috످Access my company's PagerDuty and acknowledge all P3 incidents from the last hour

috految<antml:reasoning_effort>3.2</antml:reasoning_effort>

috److I don't have access to PagerDuty from this chat, but you can acknowledge the incidents in bulk.

Sign in to PagerDuty (https://app.pagerduty.com) and go to Incidents (you'll need Responder permissions or higher). Select "All" instead of "Assigned to me", and set the team filter to "All Teams". Filter by "Triggered" status and sort by "Priority". Select the P3 incidents created in the last hour, then click "Acknowledge".

Acknowledging pauses escalation, so check with the on-call responders before including other teams' incidents.

If you'd rather automate this, I can write a script for you to run locally, or help you set up PagerDuty's MCP server (https://github.com/PagerDuty/pagerduty-mcp-server) so an AI assistant can acknowledge incidents directly.

috످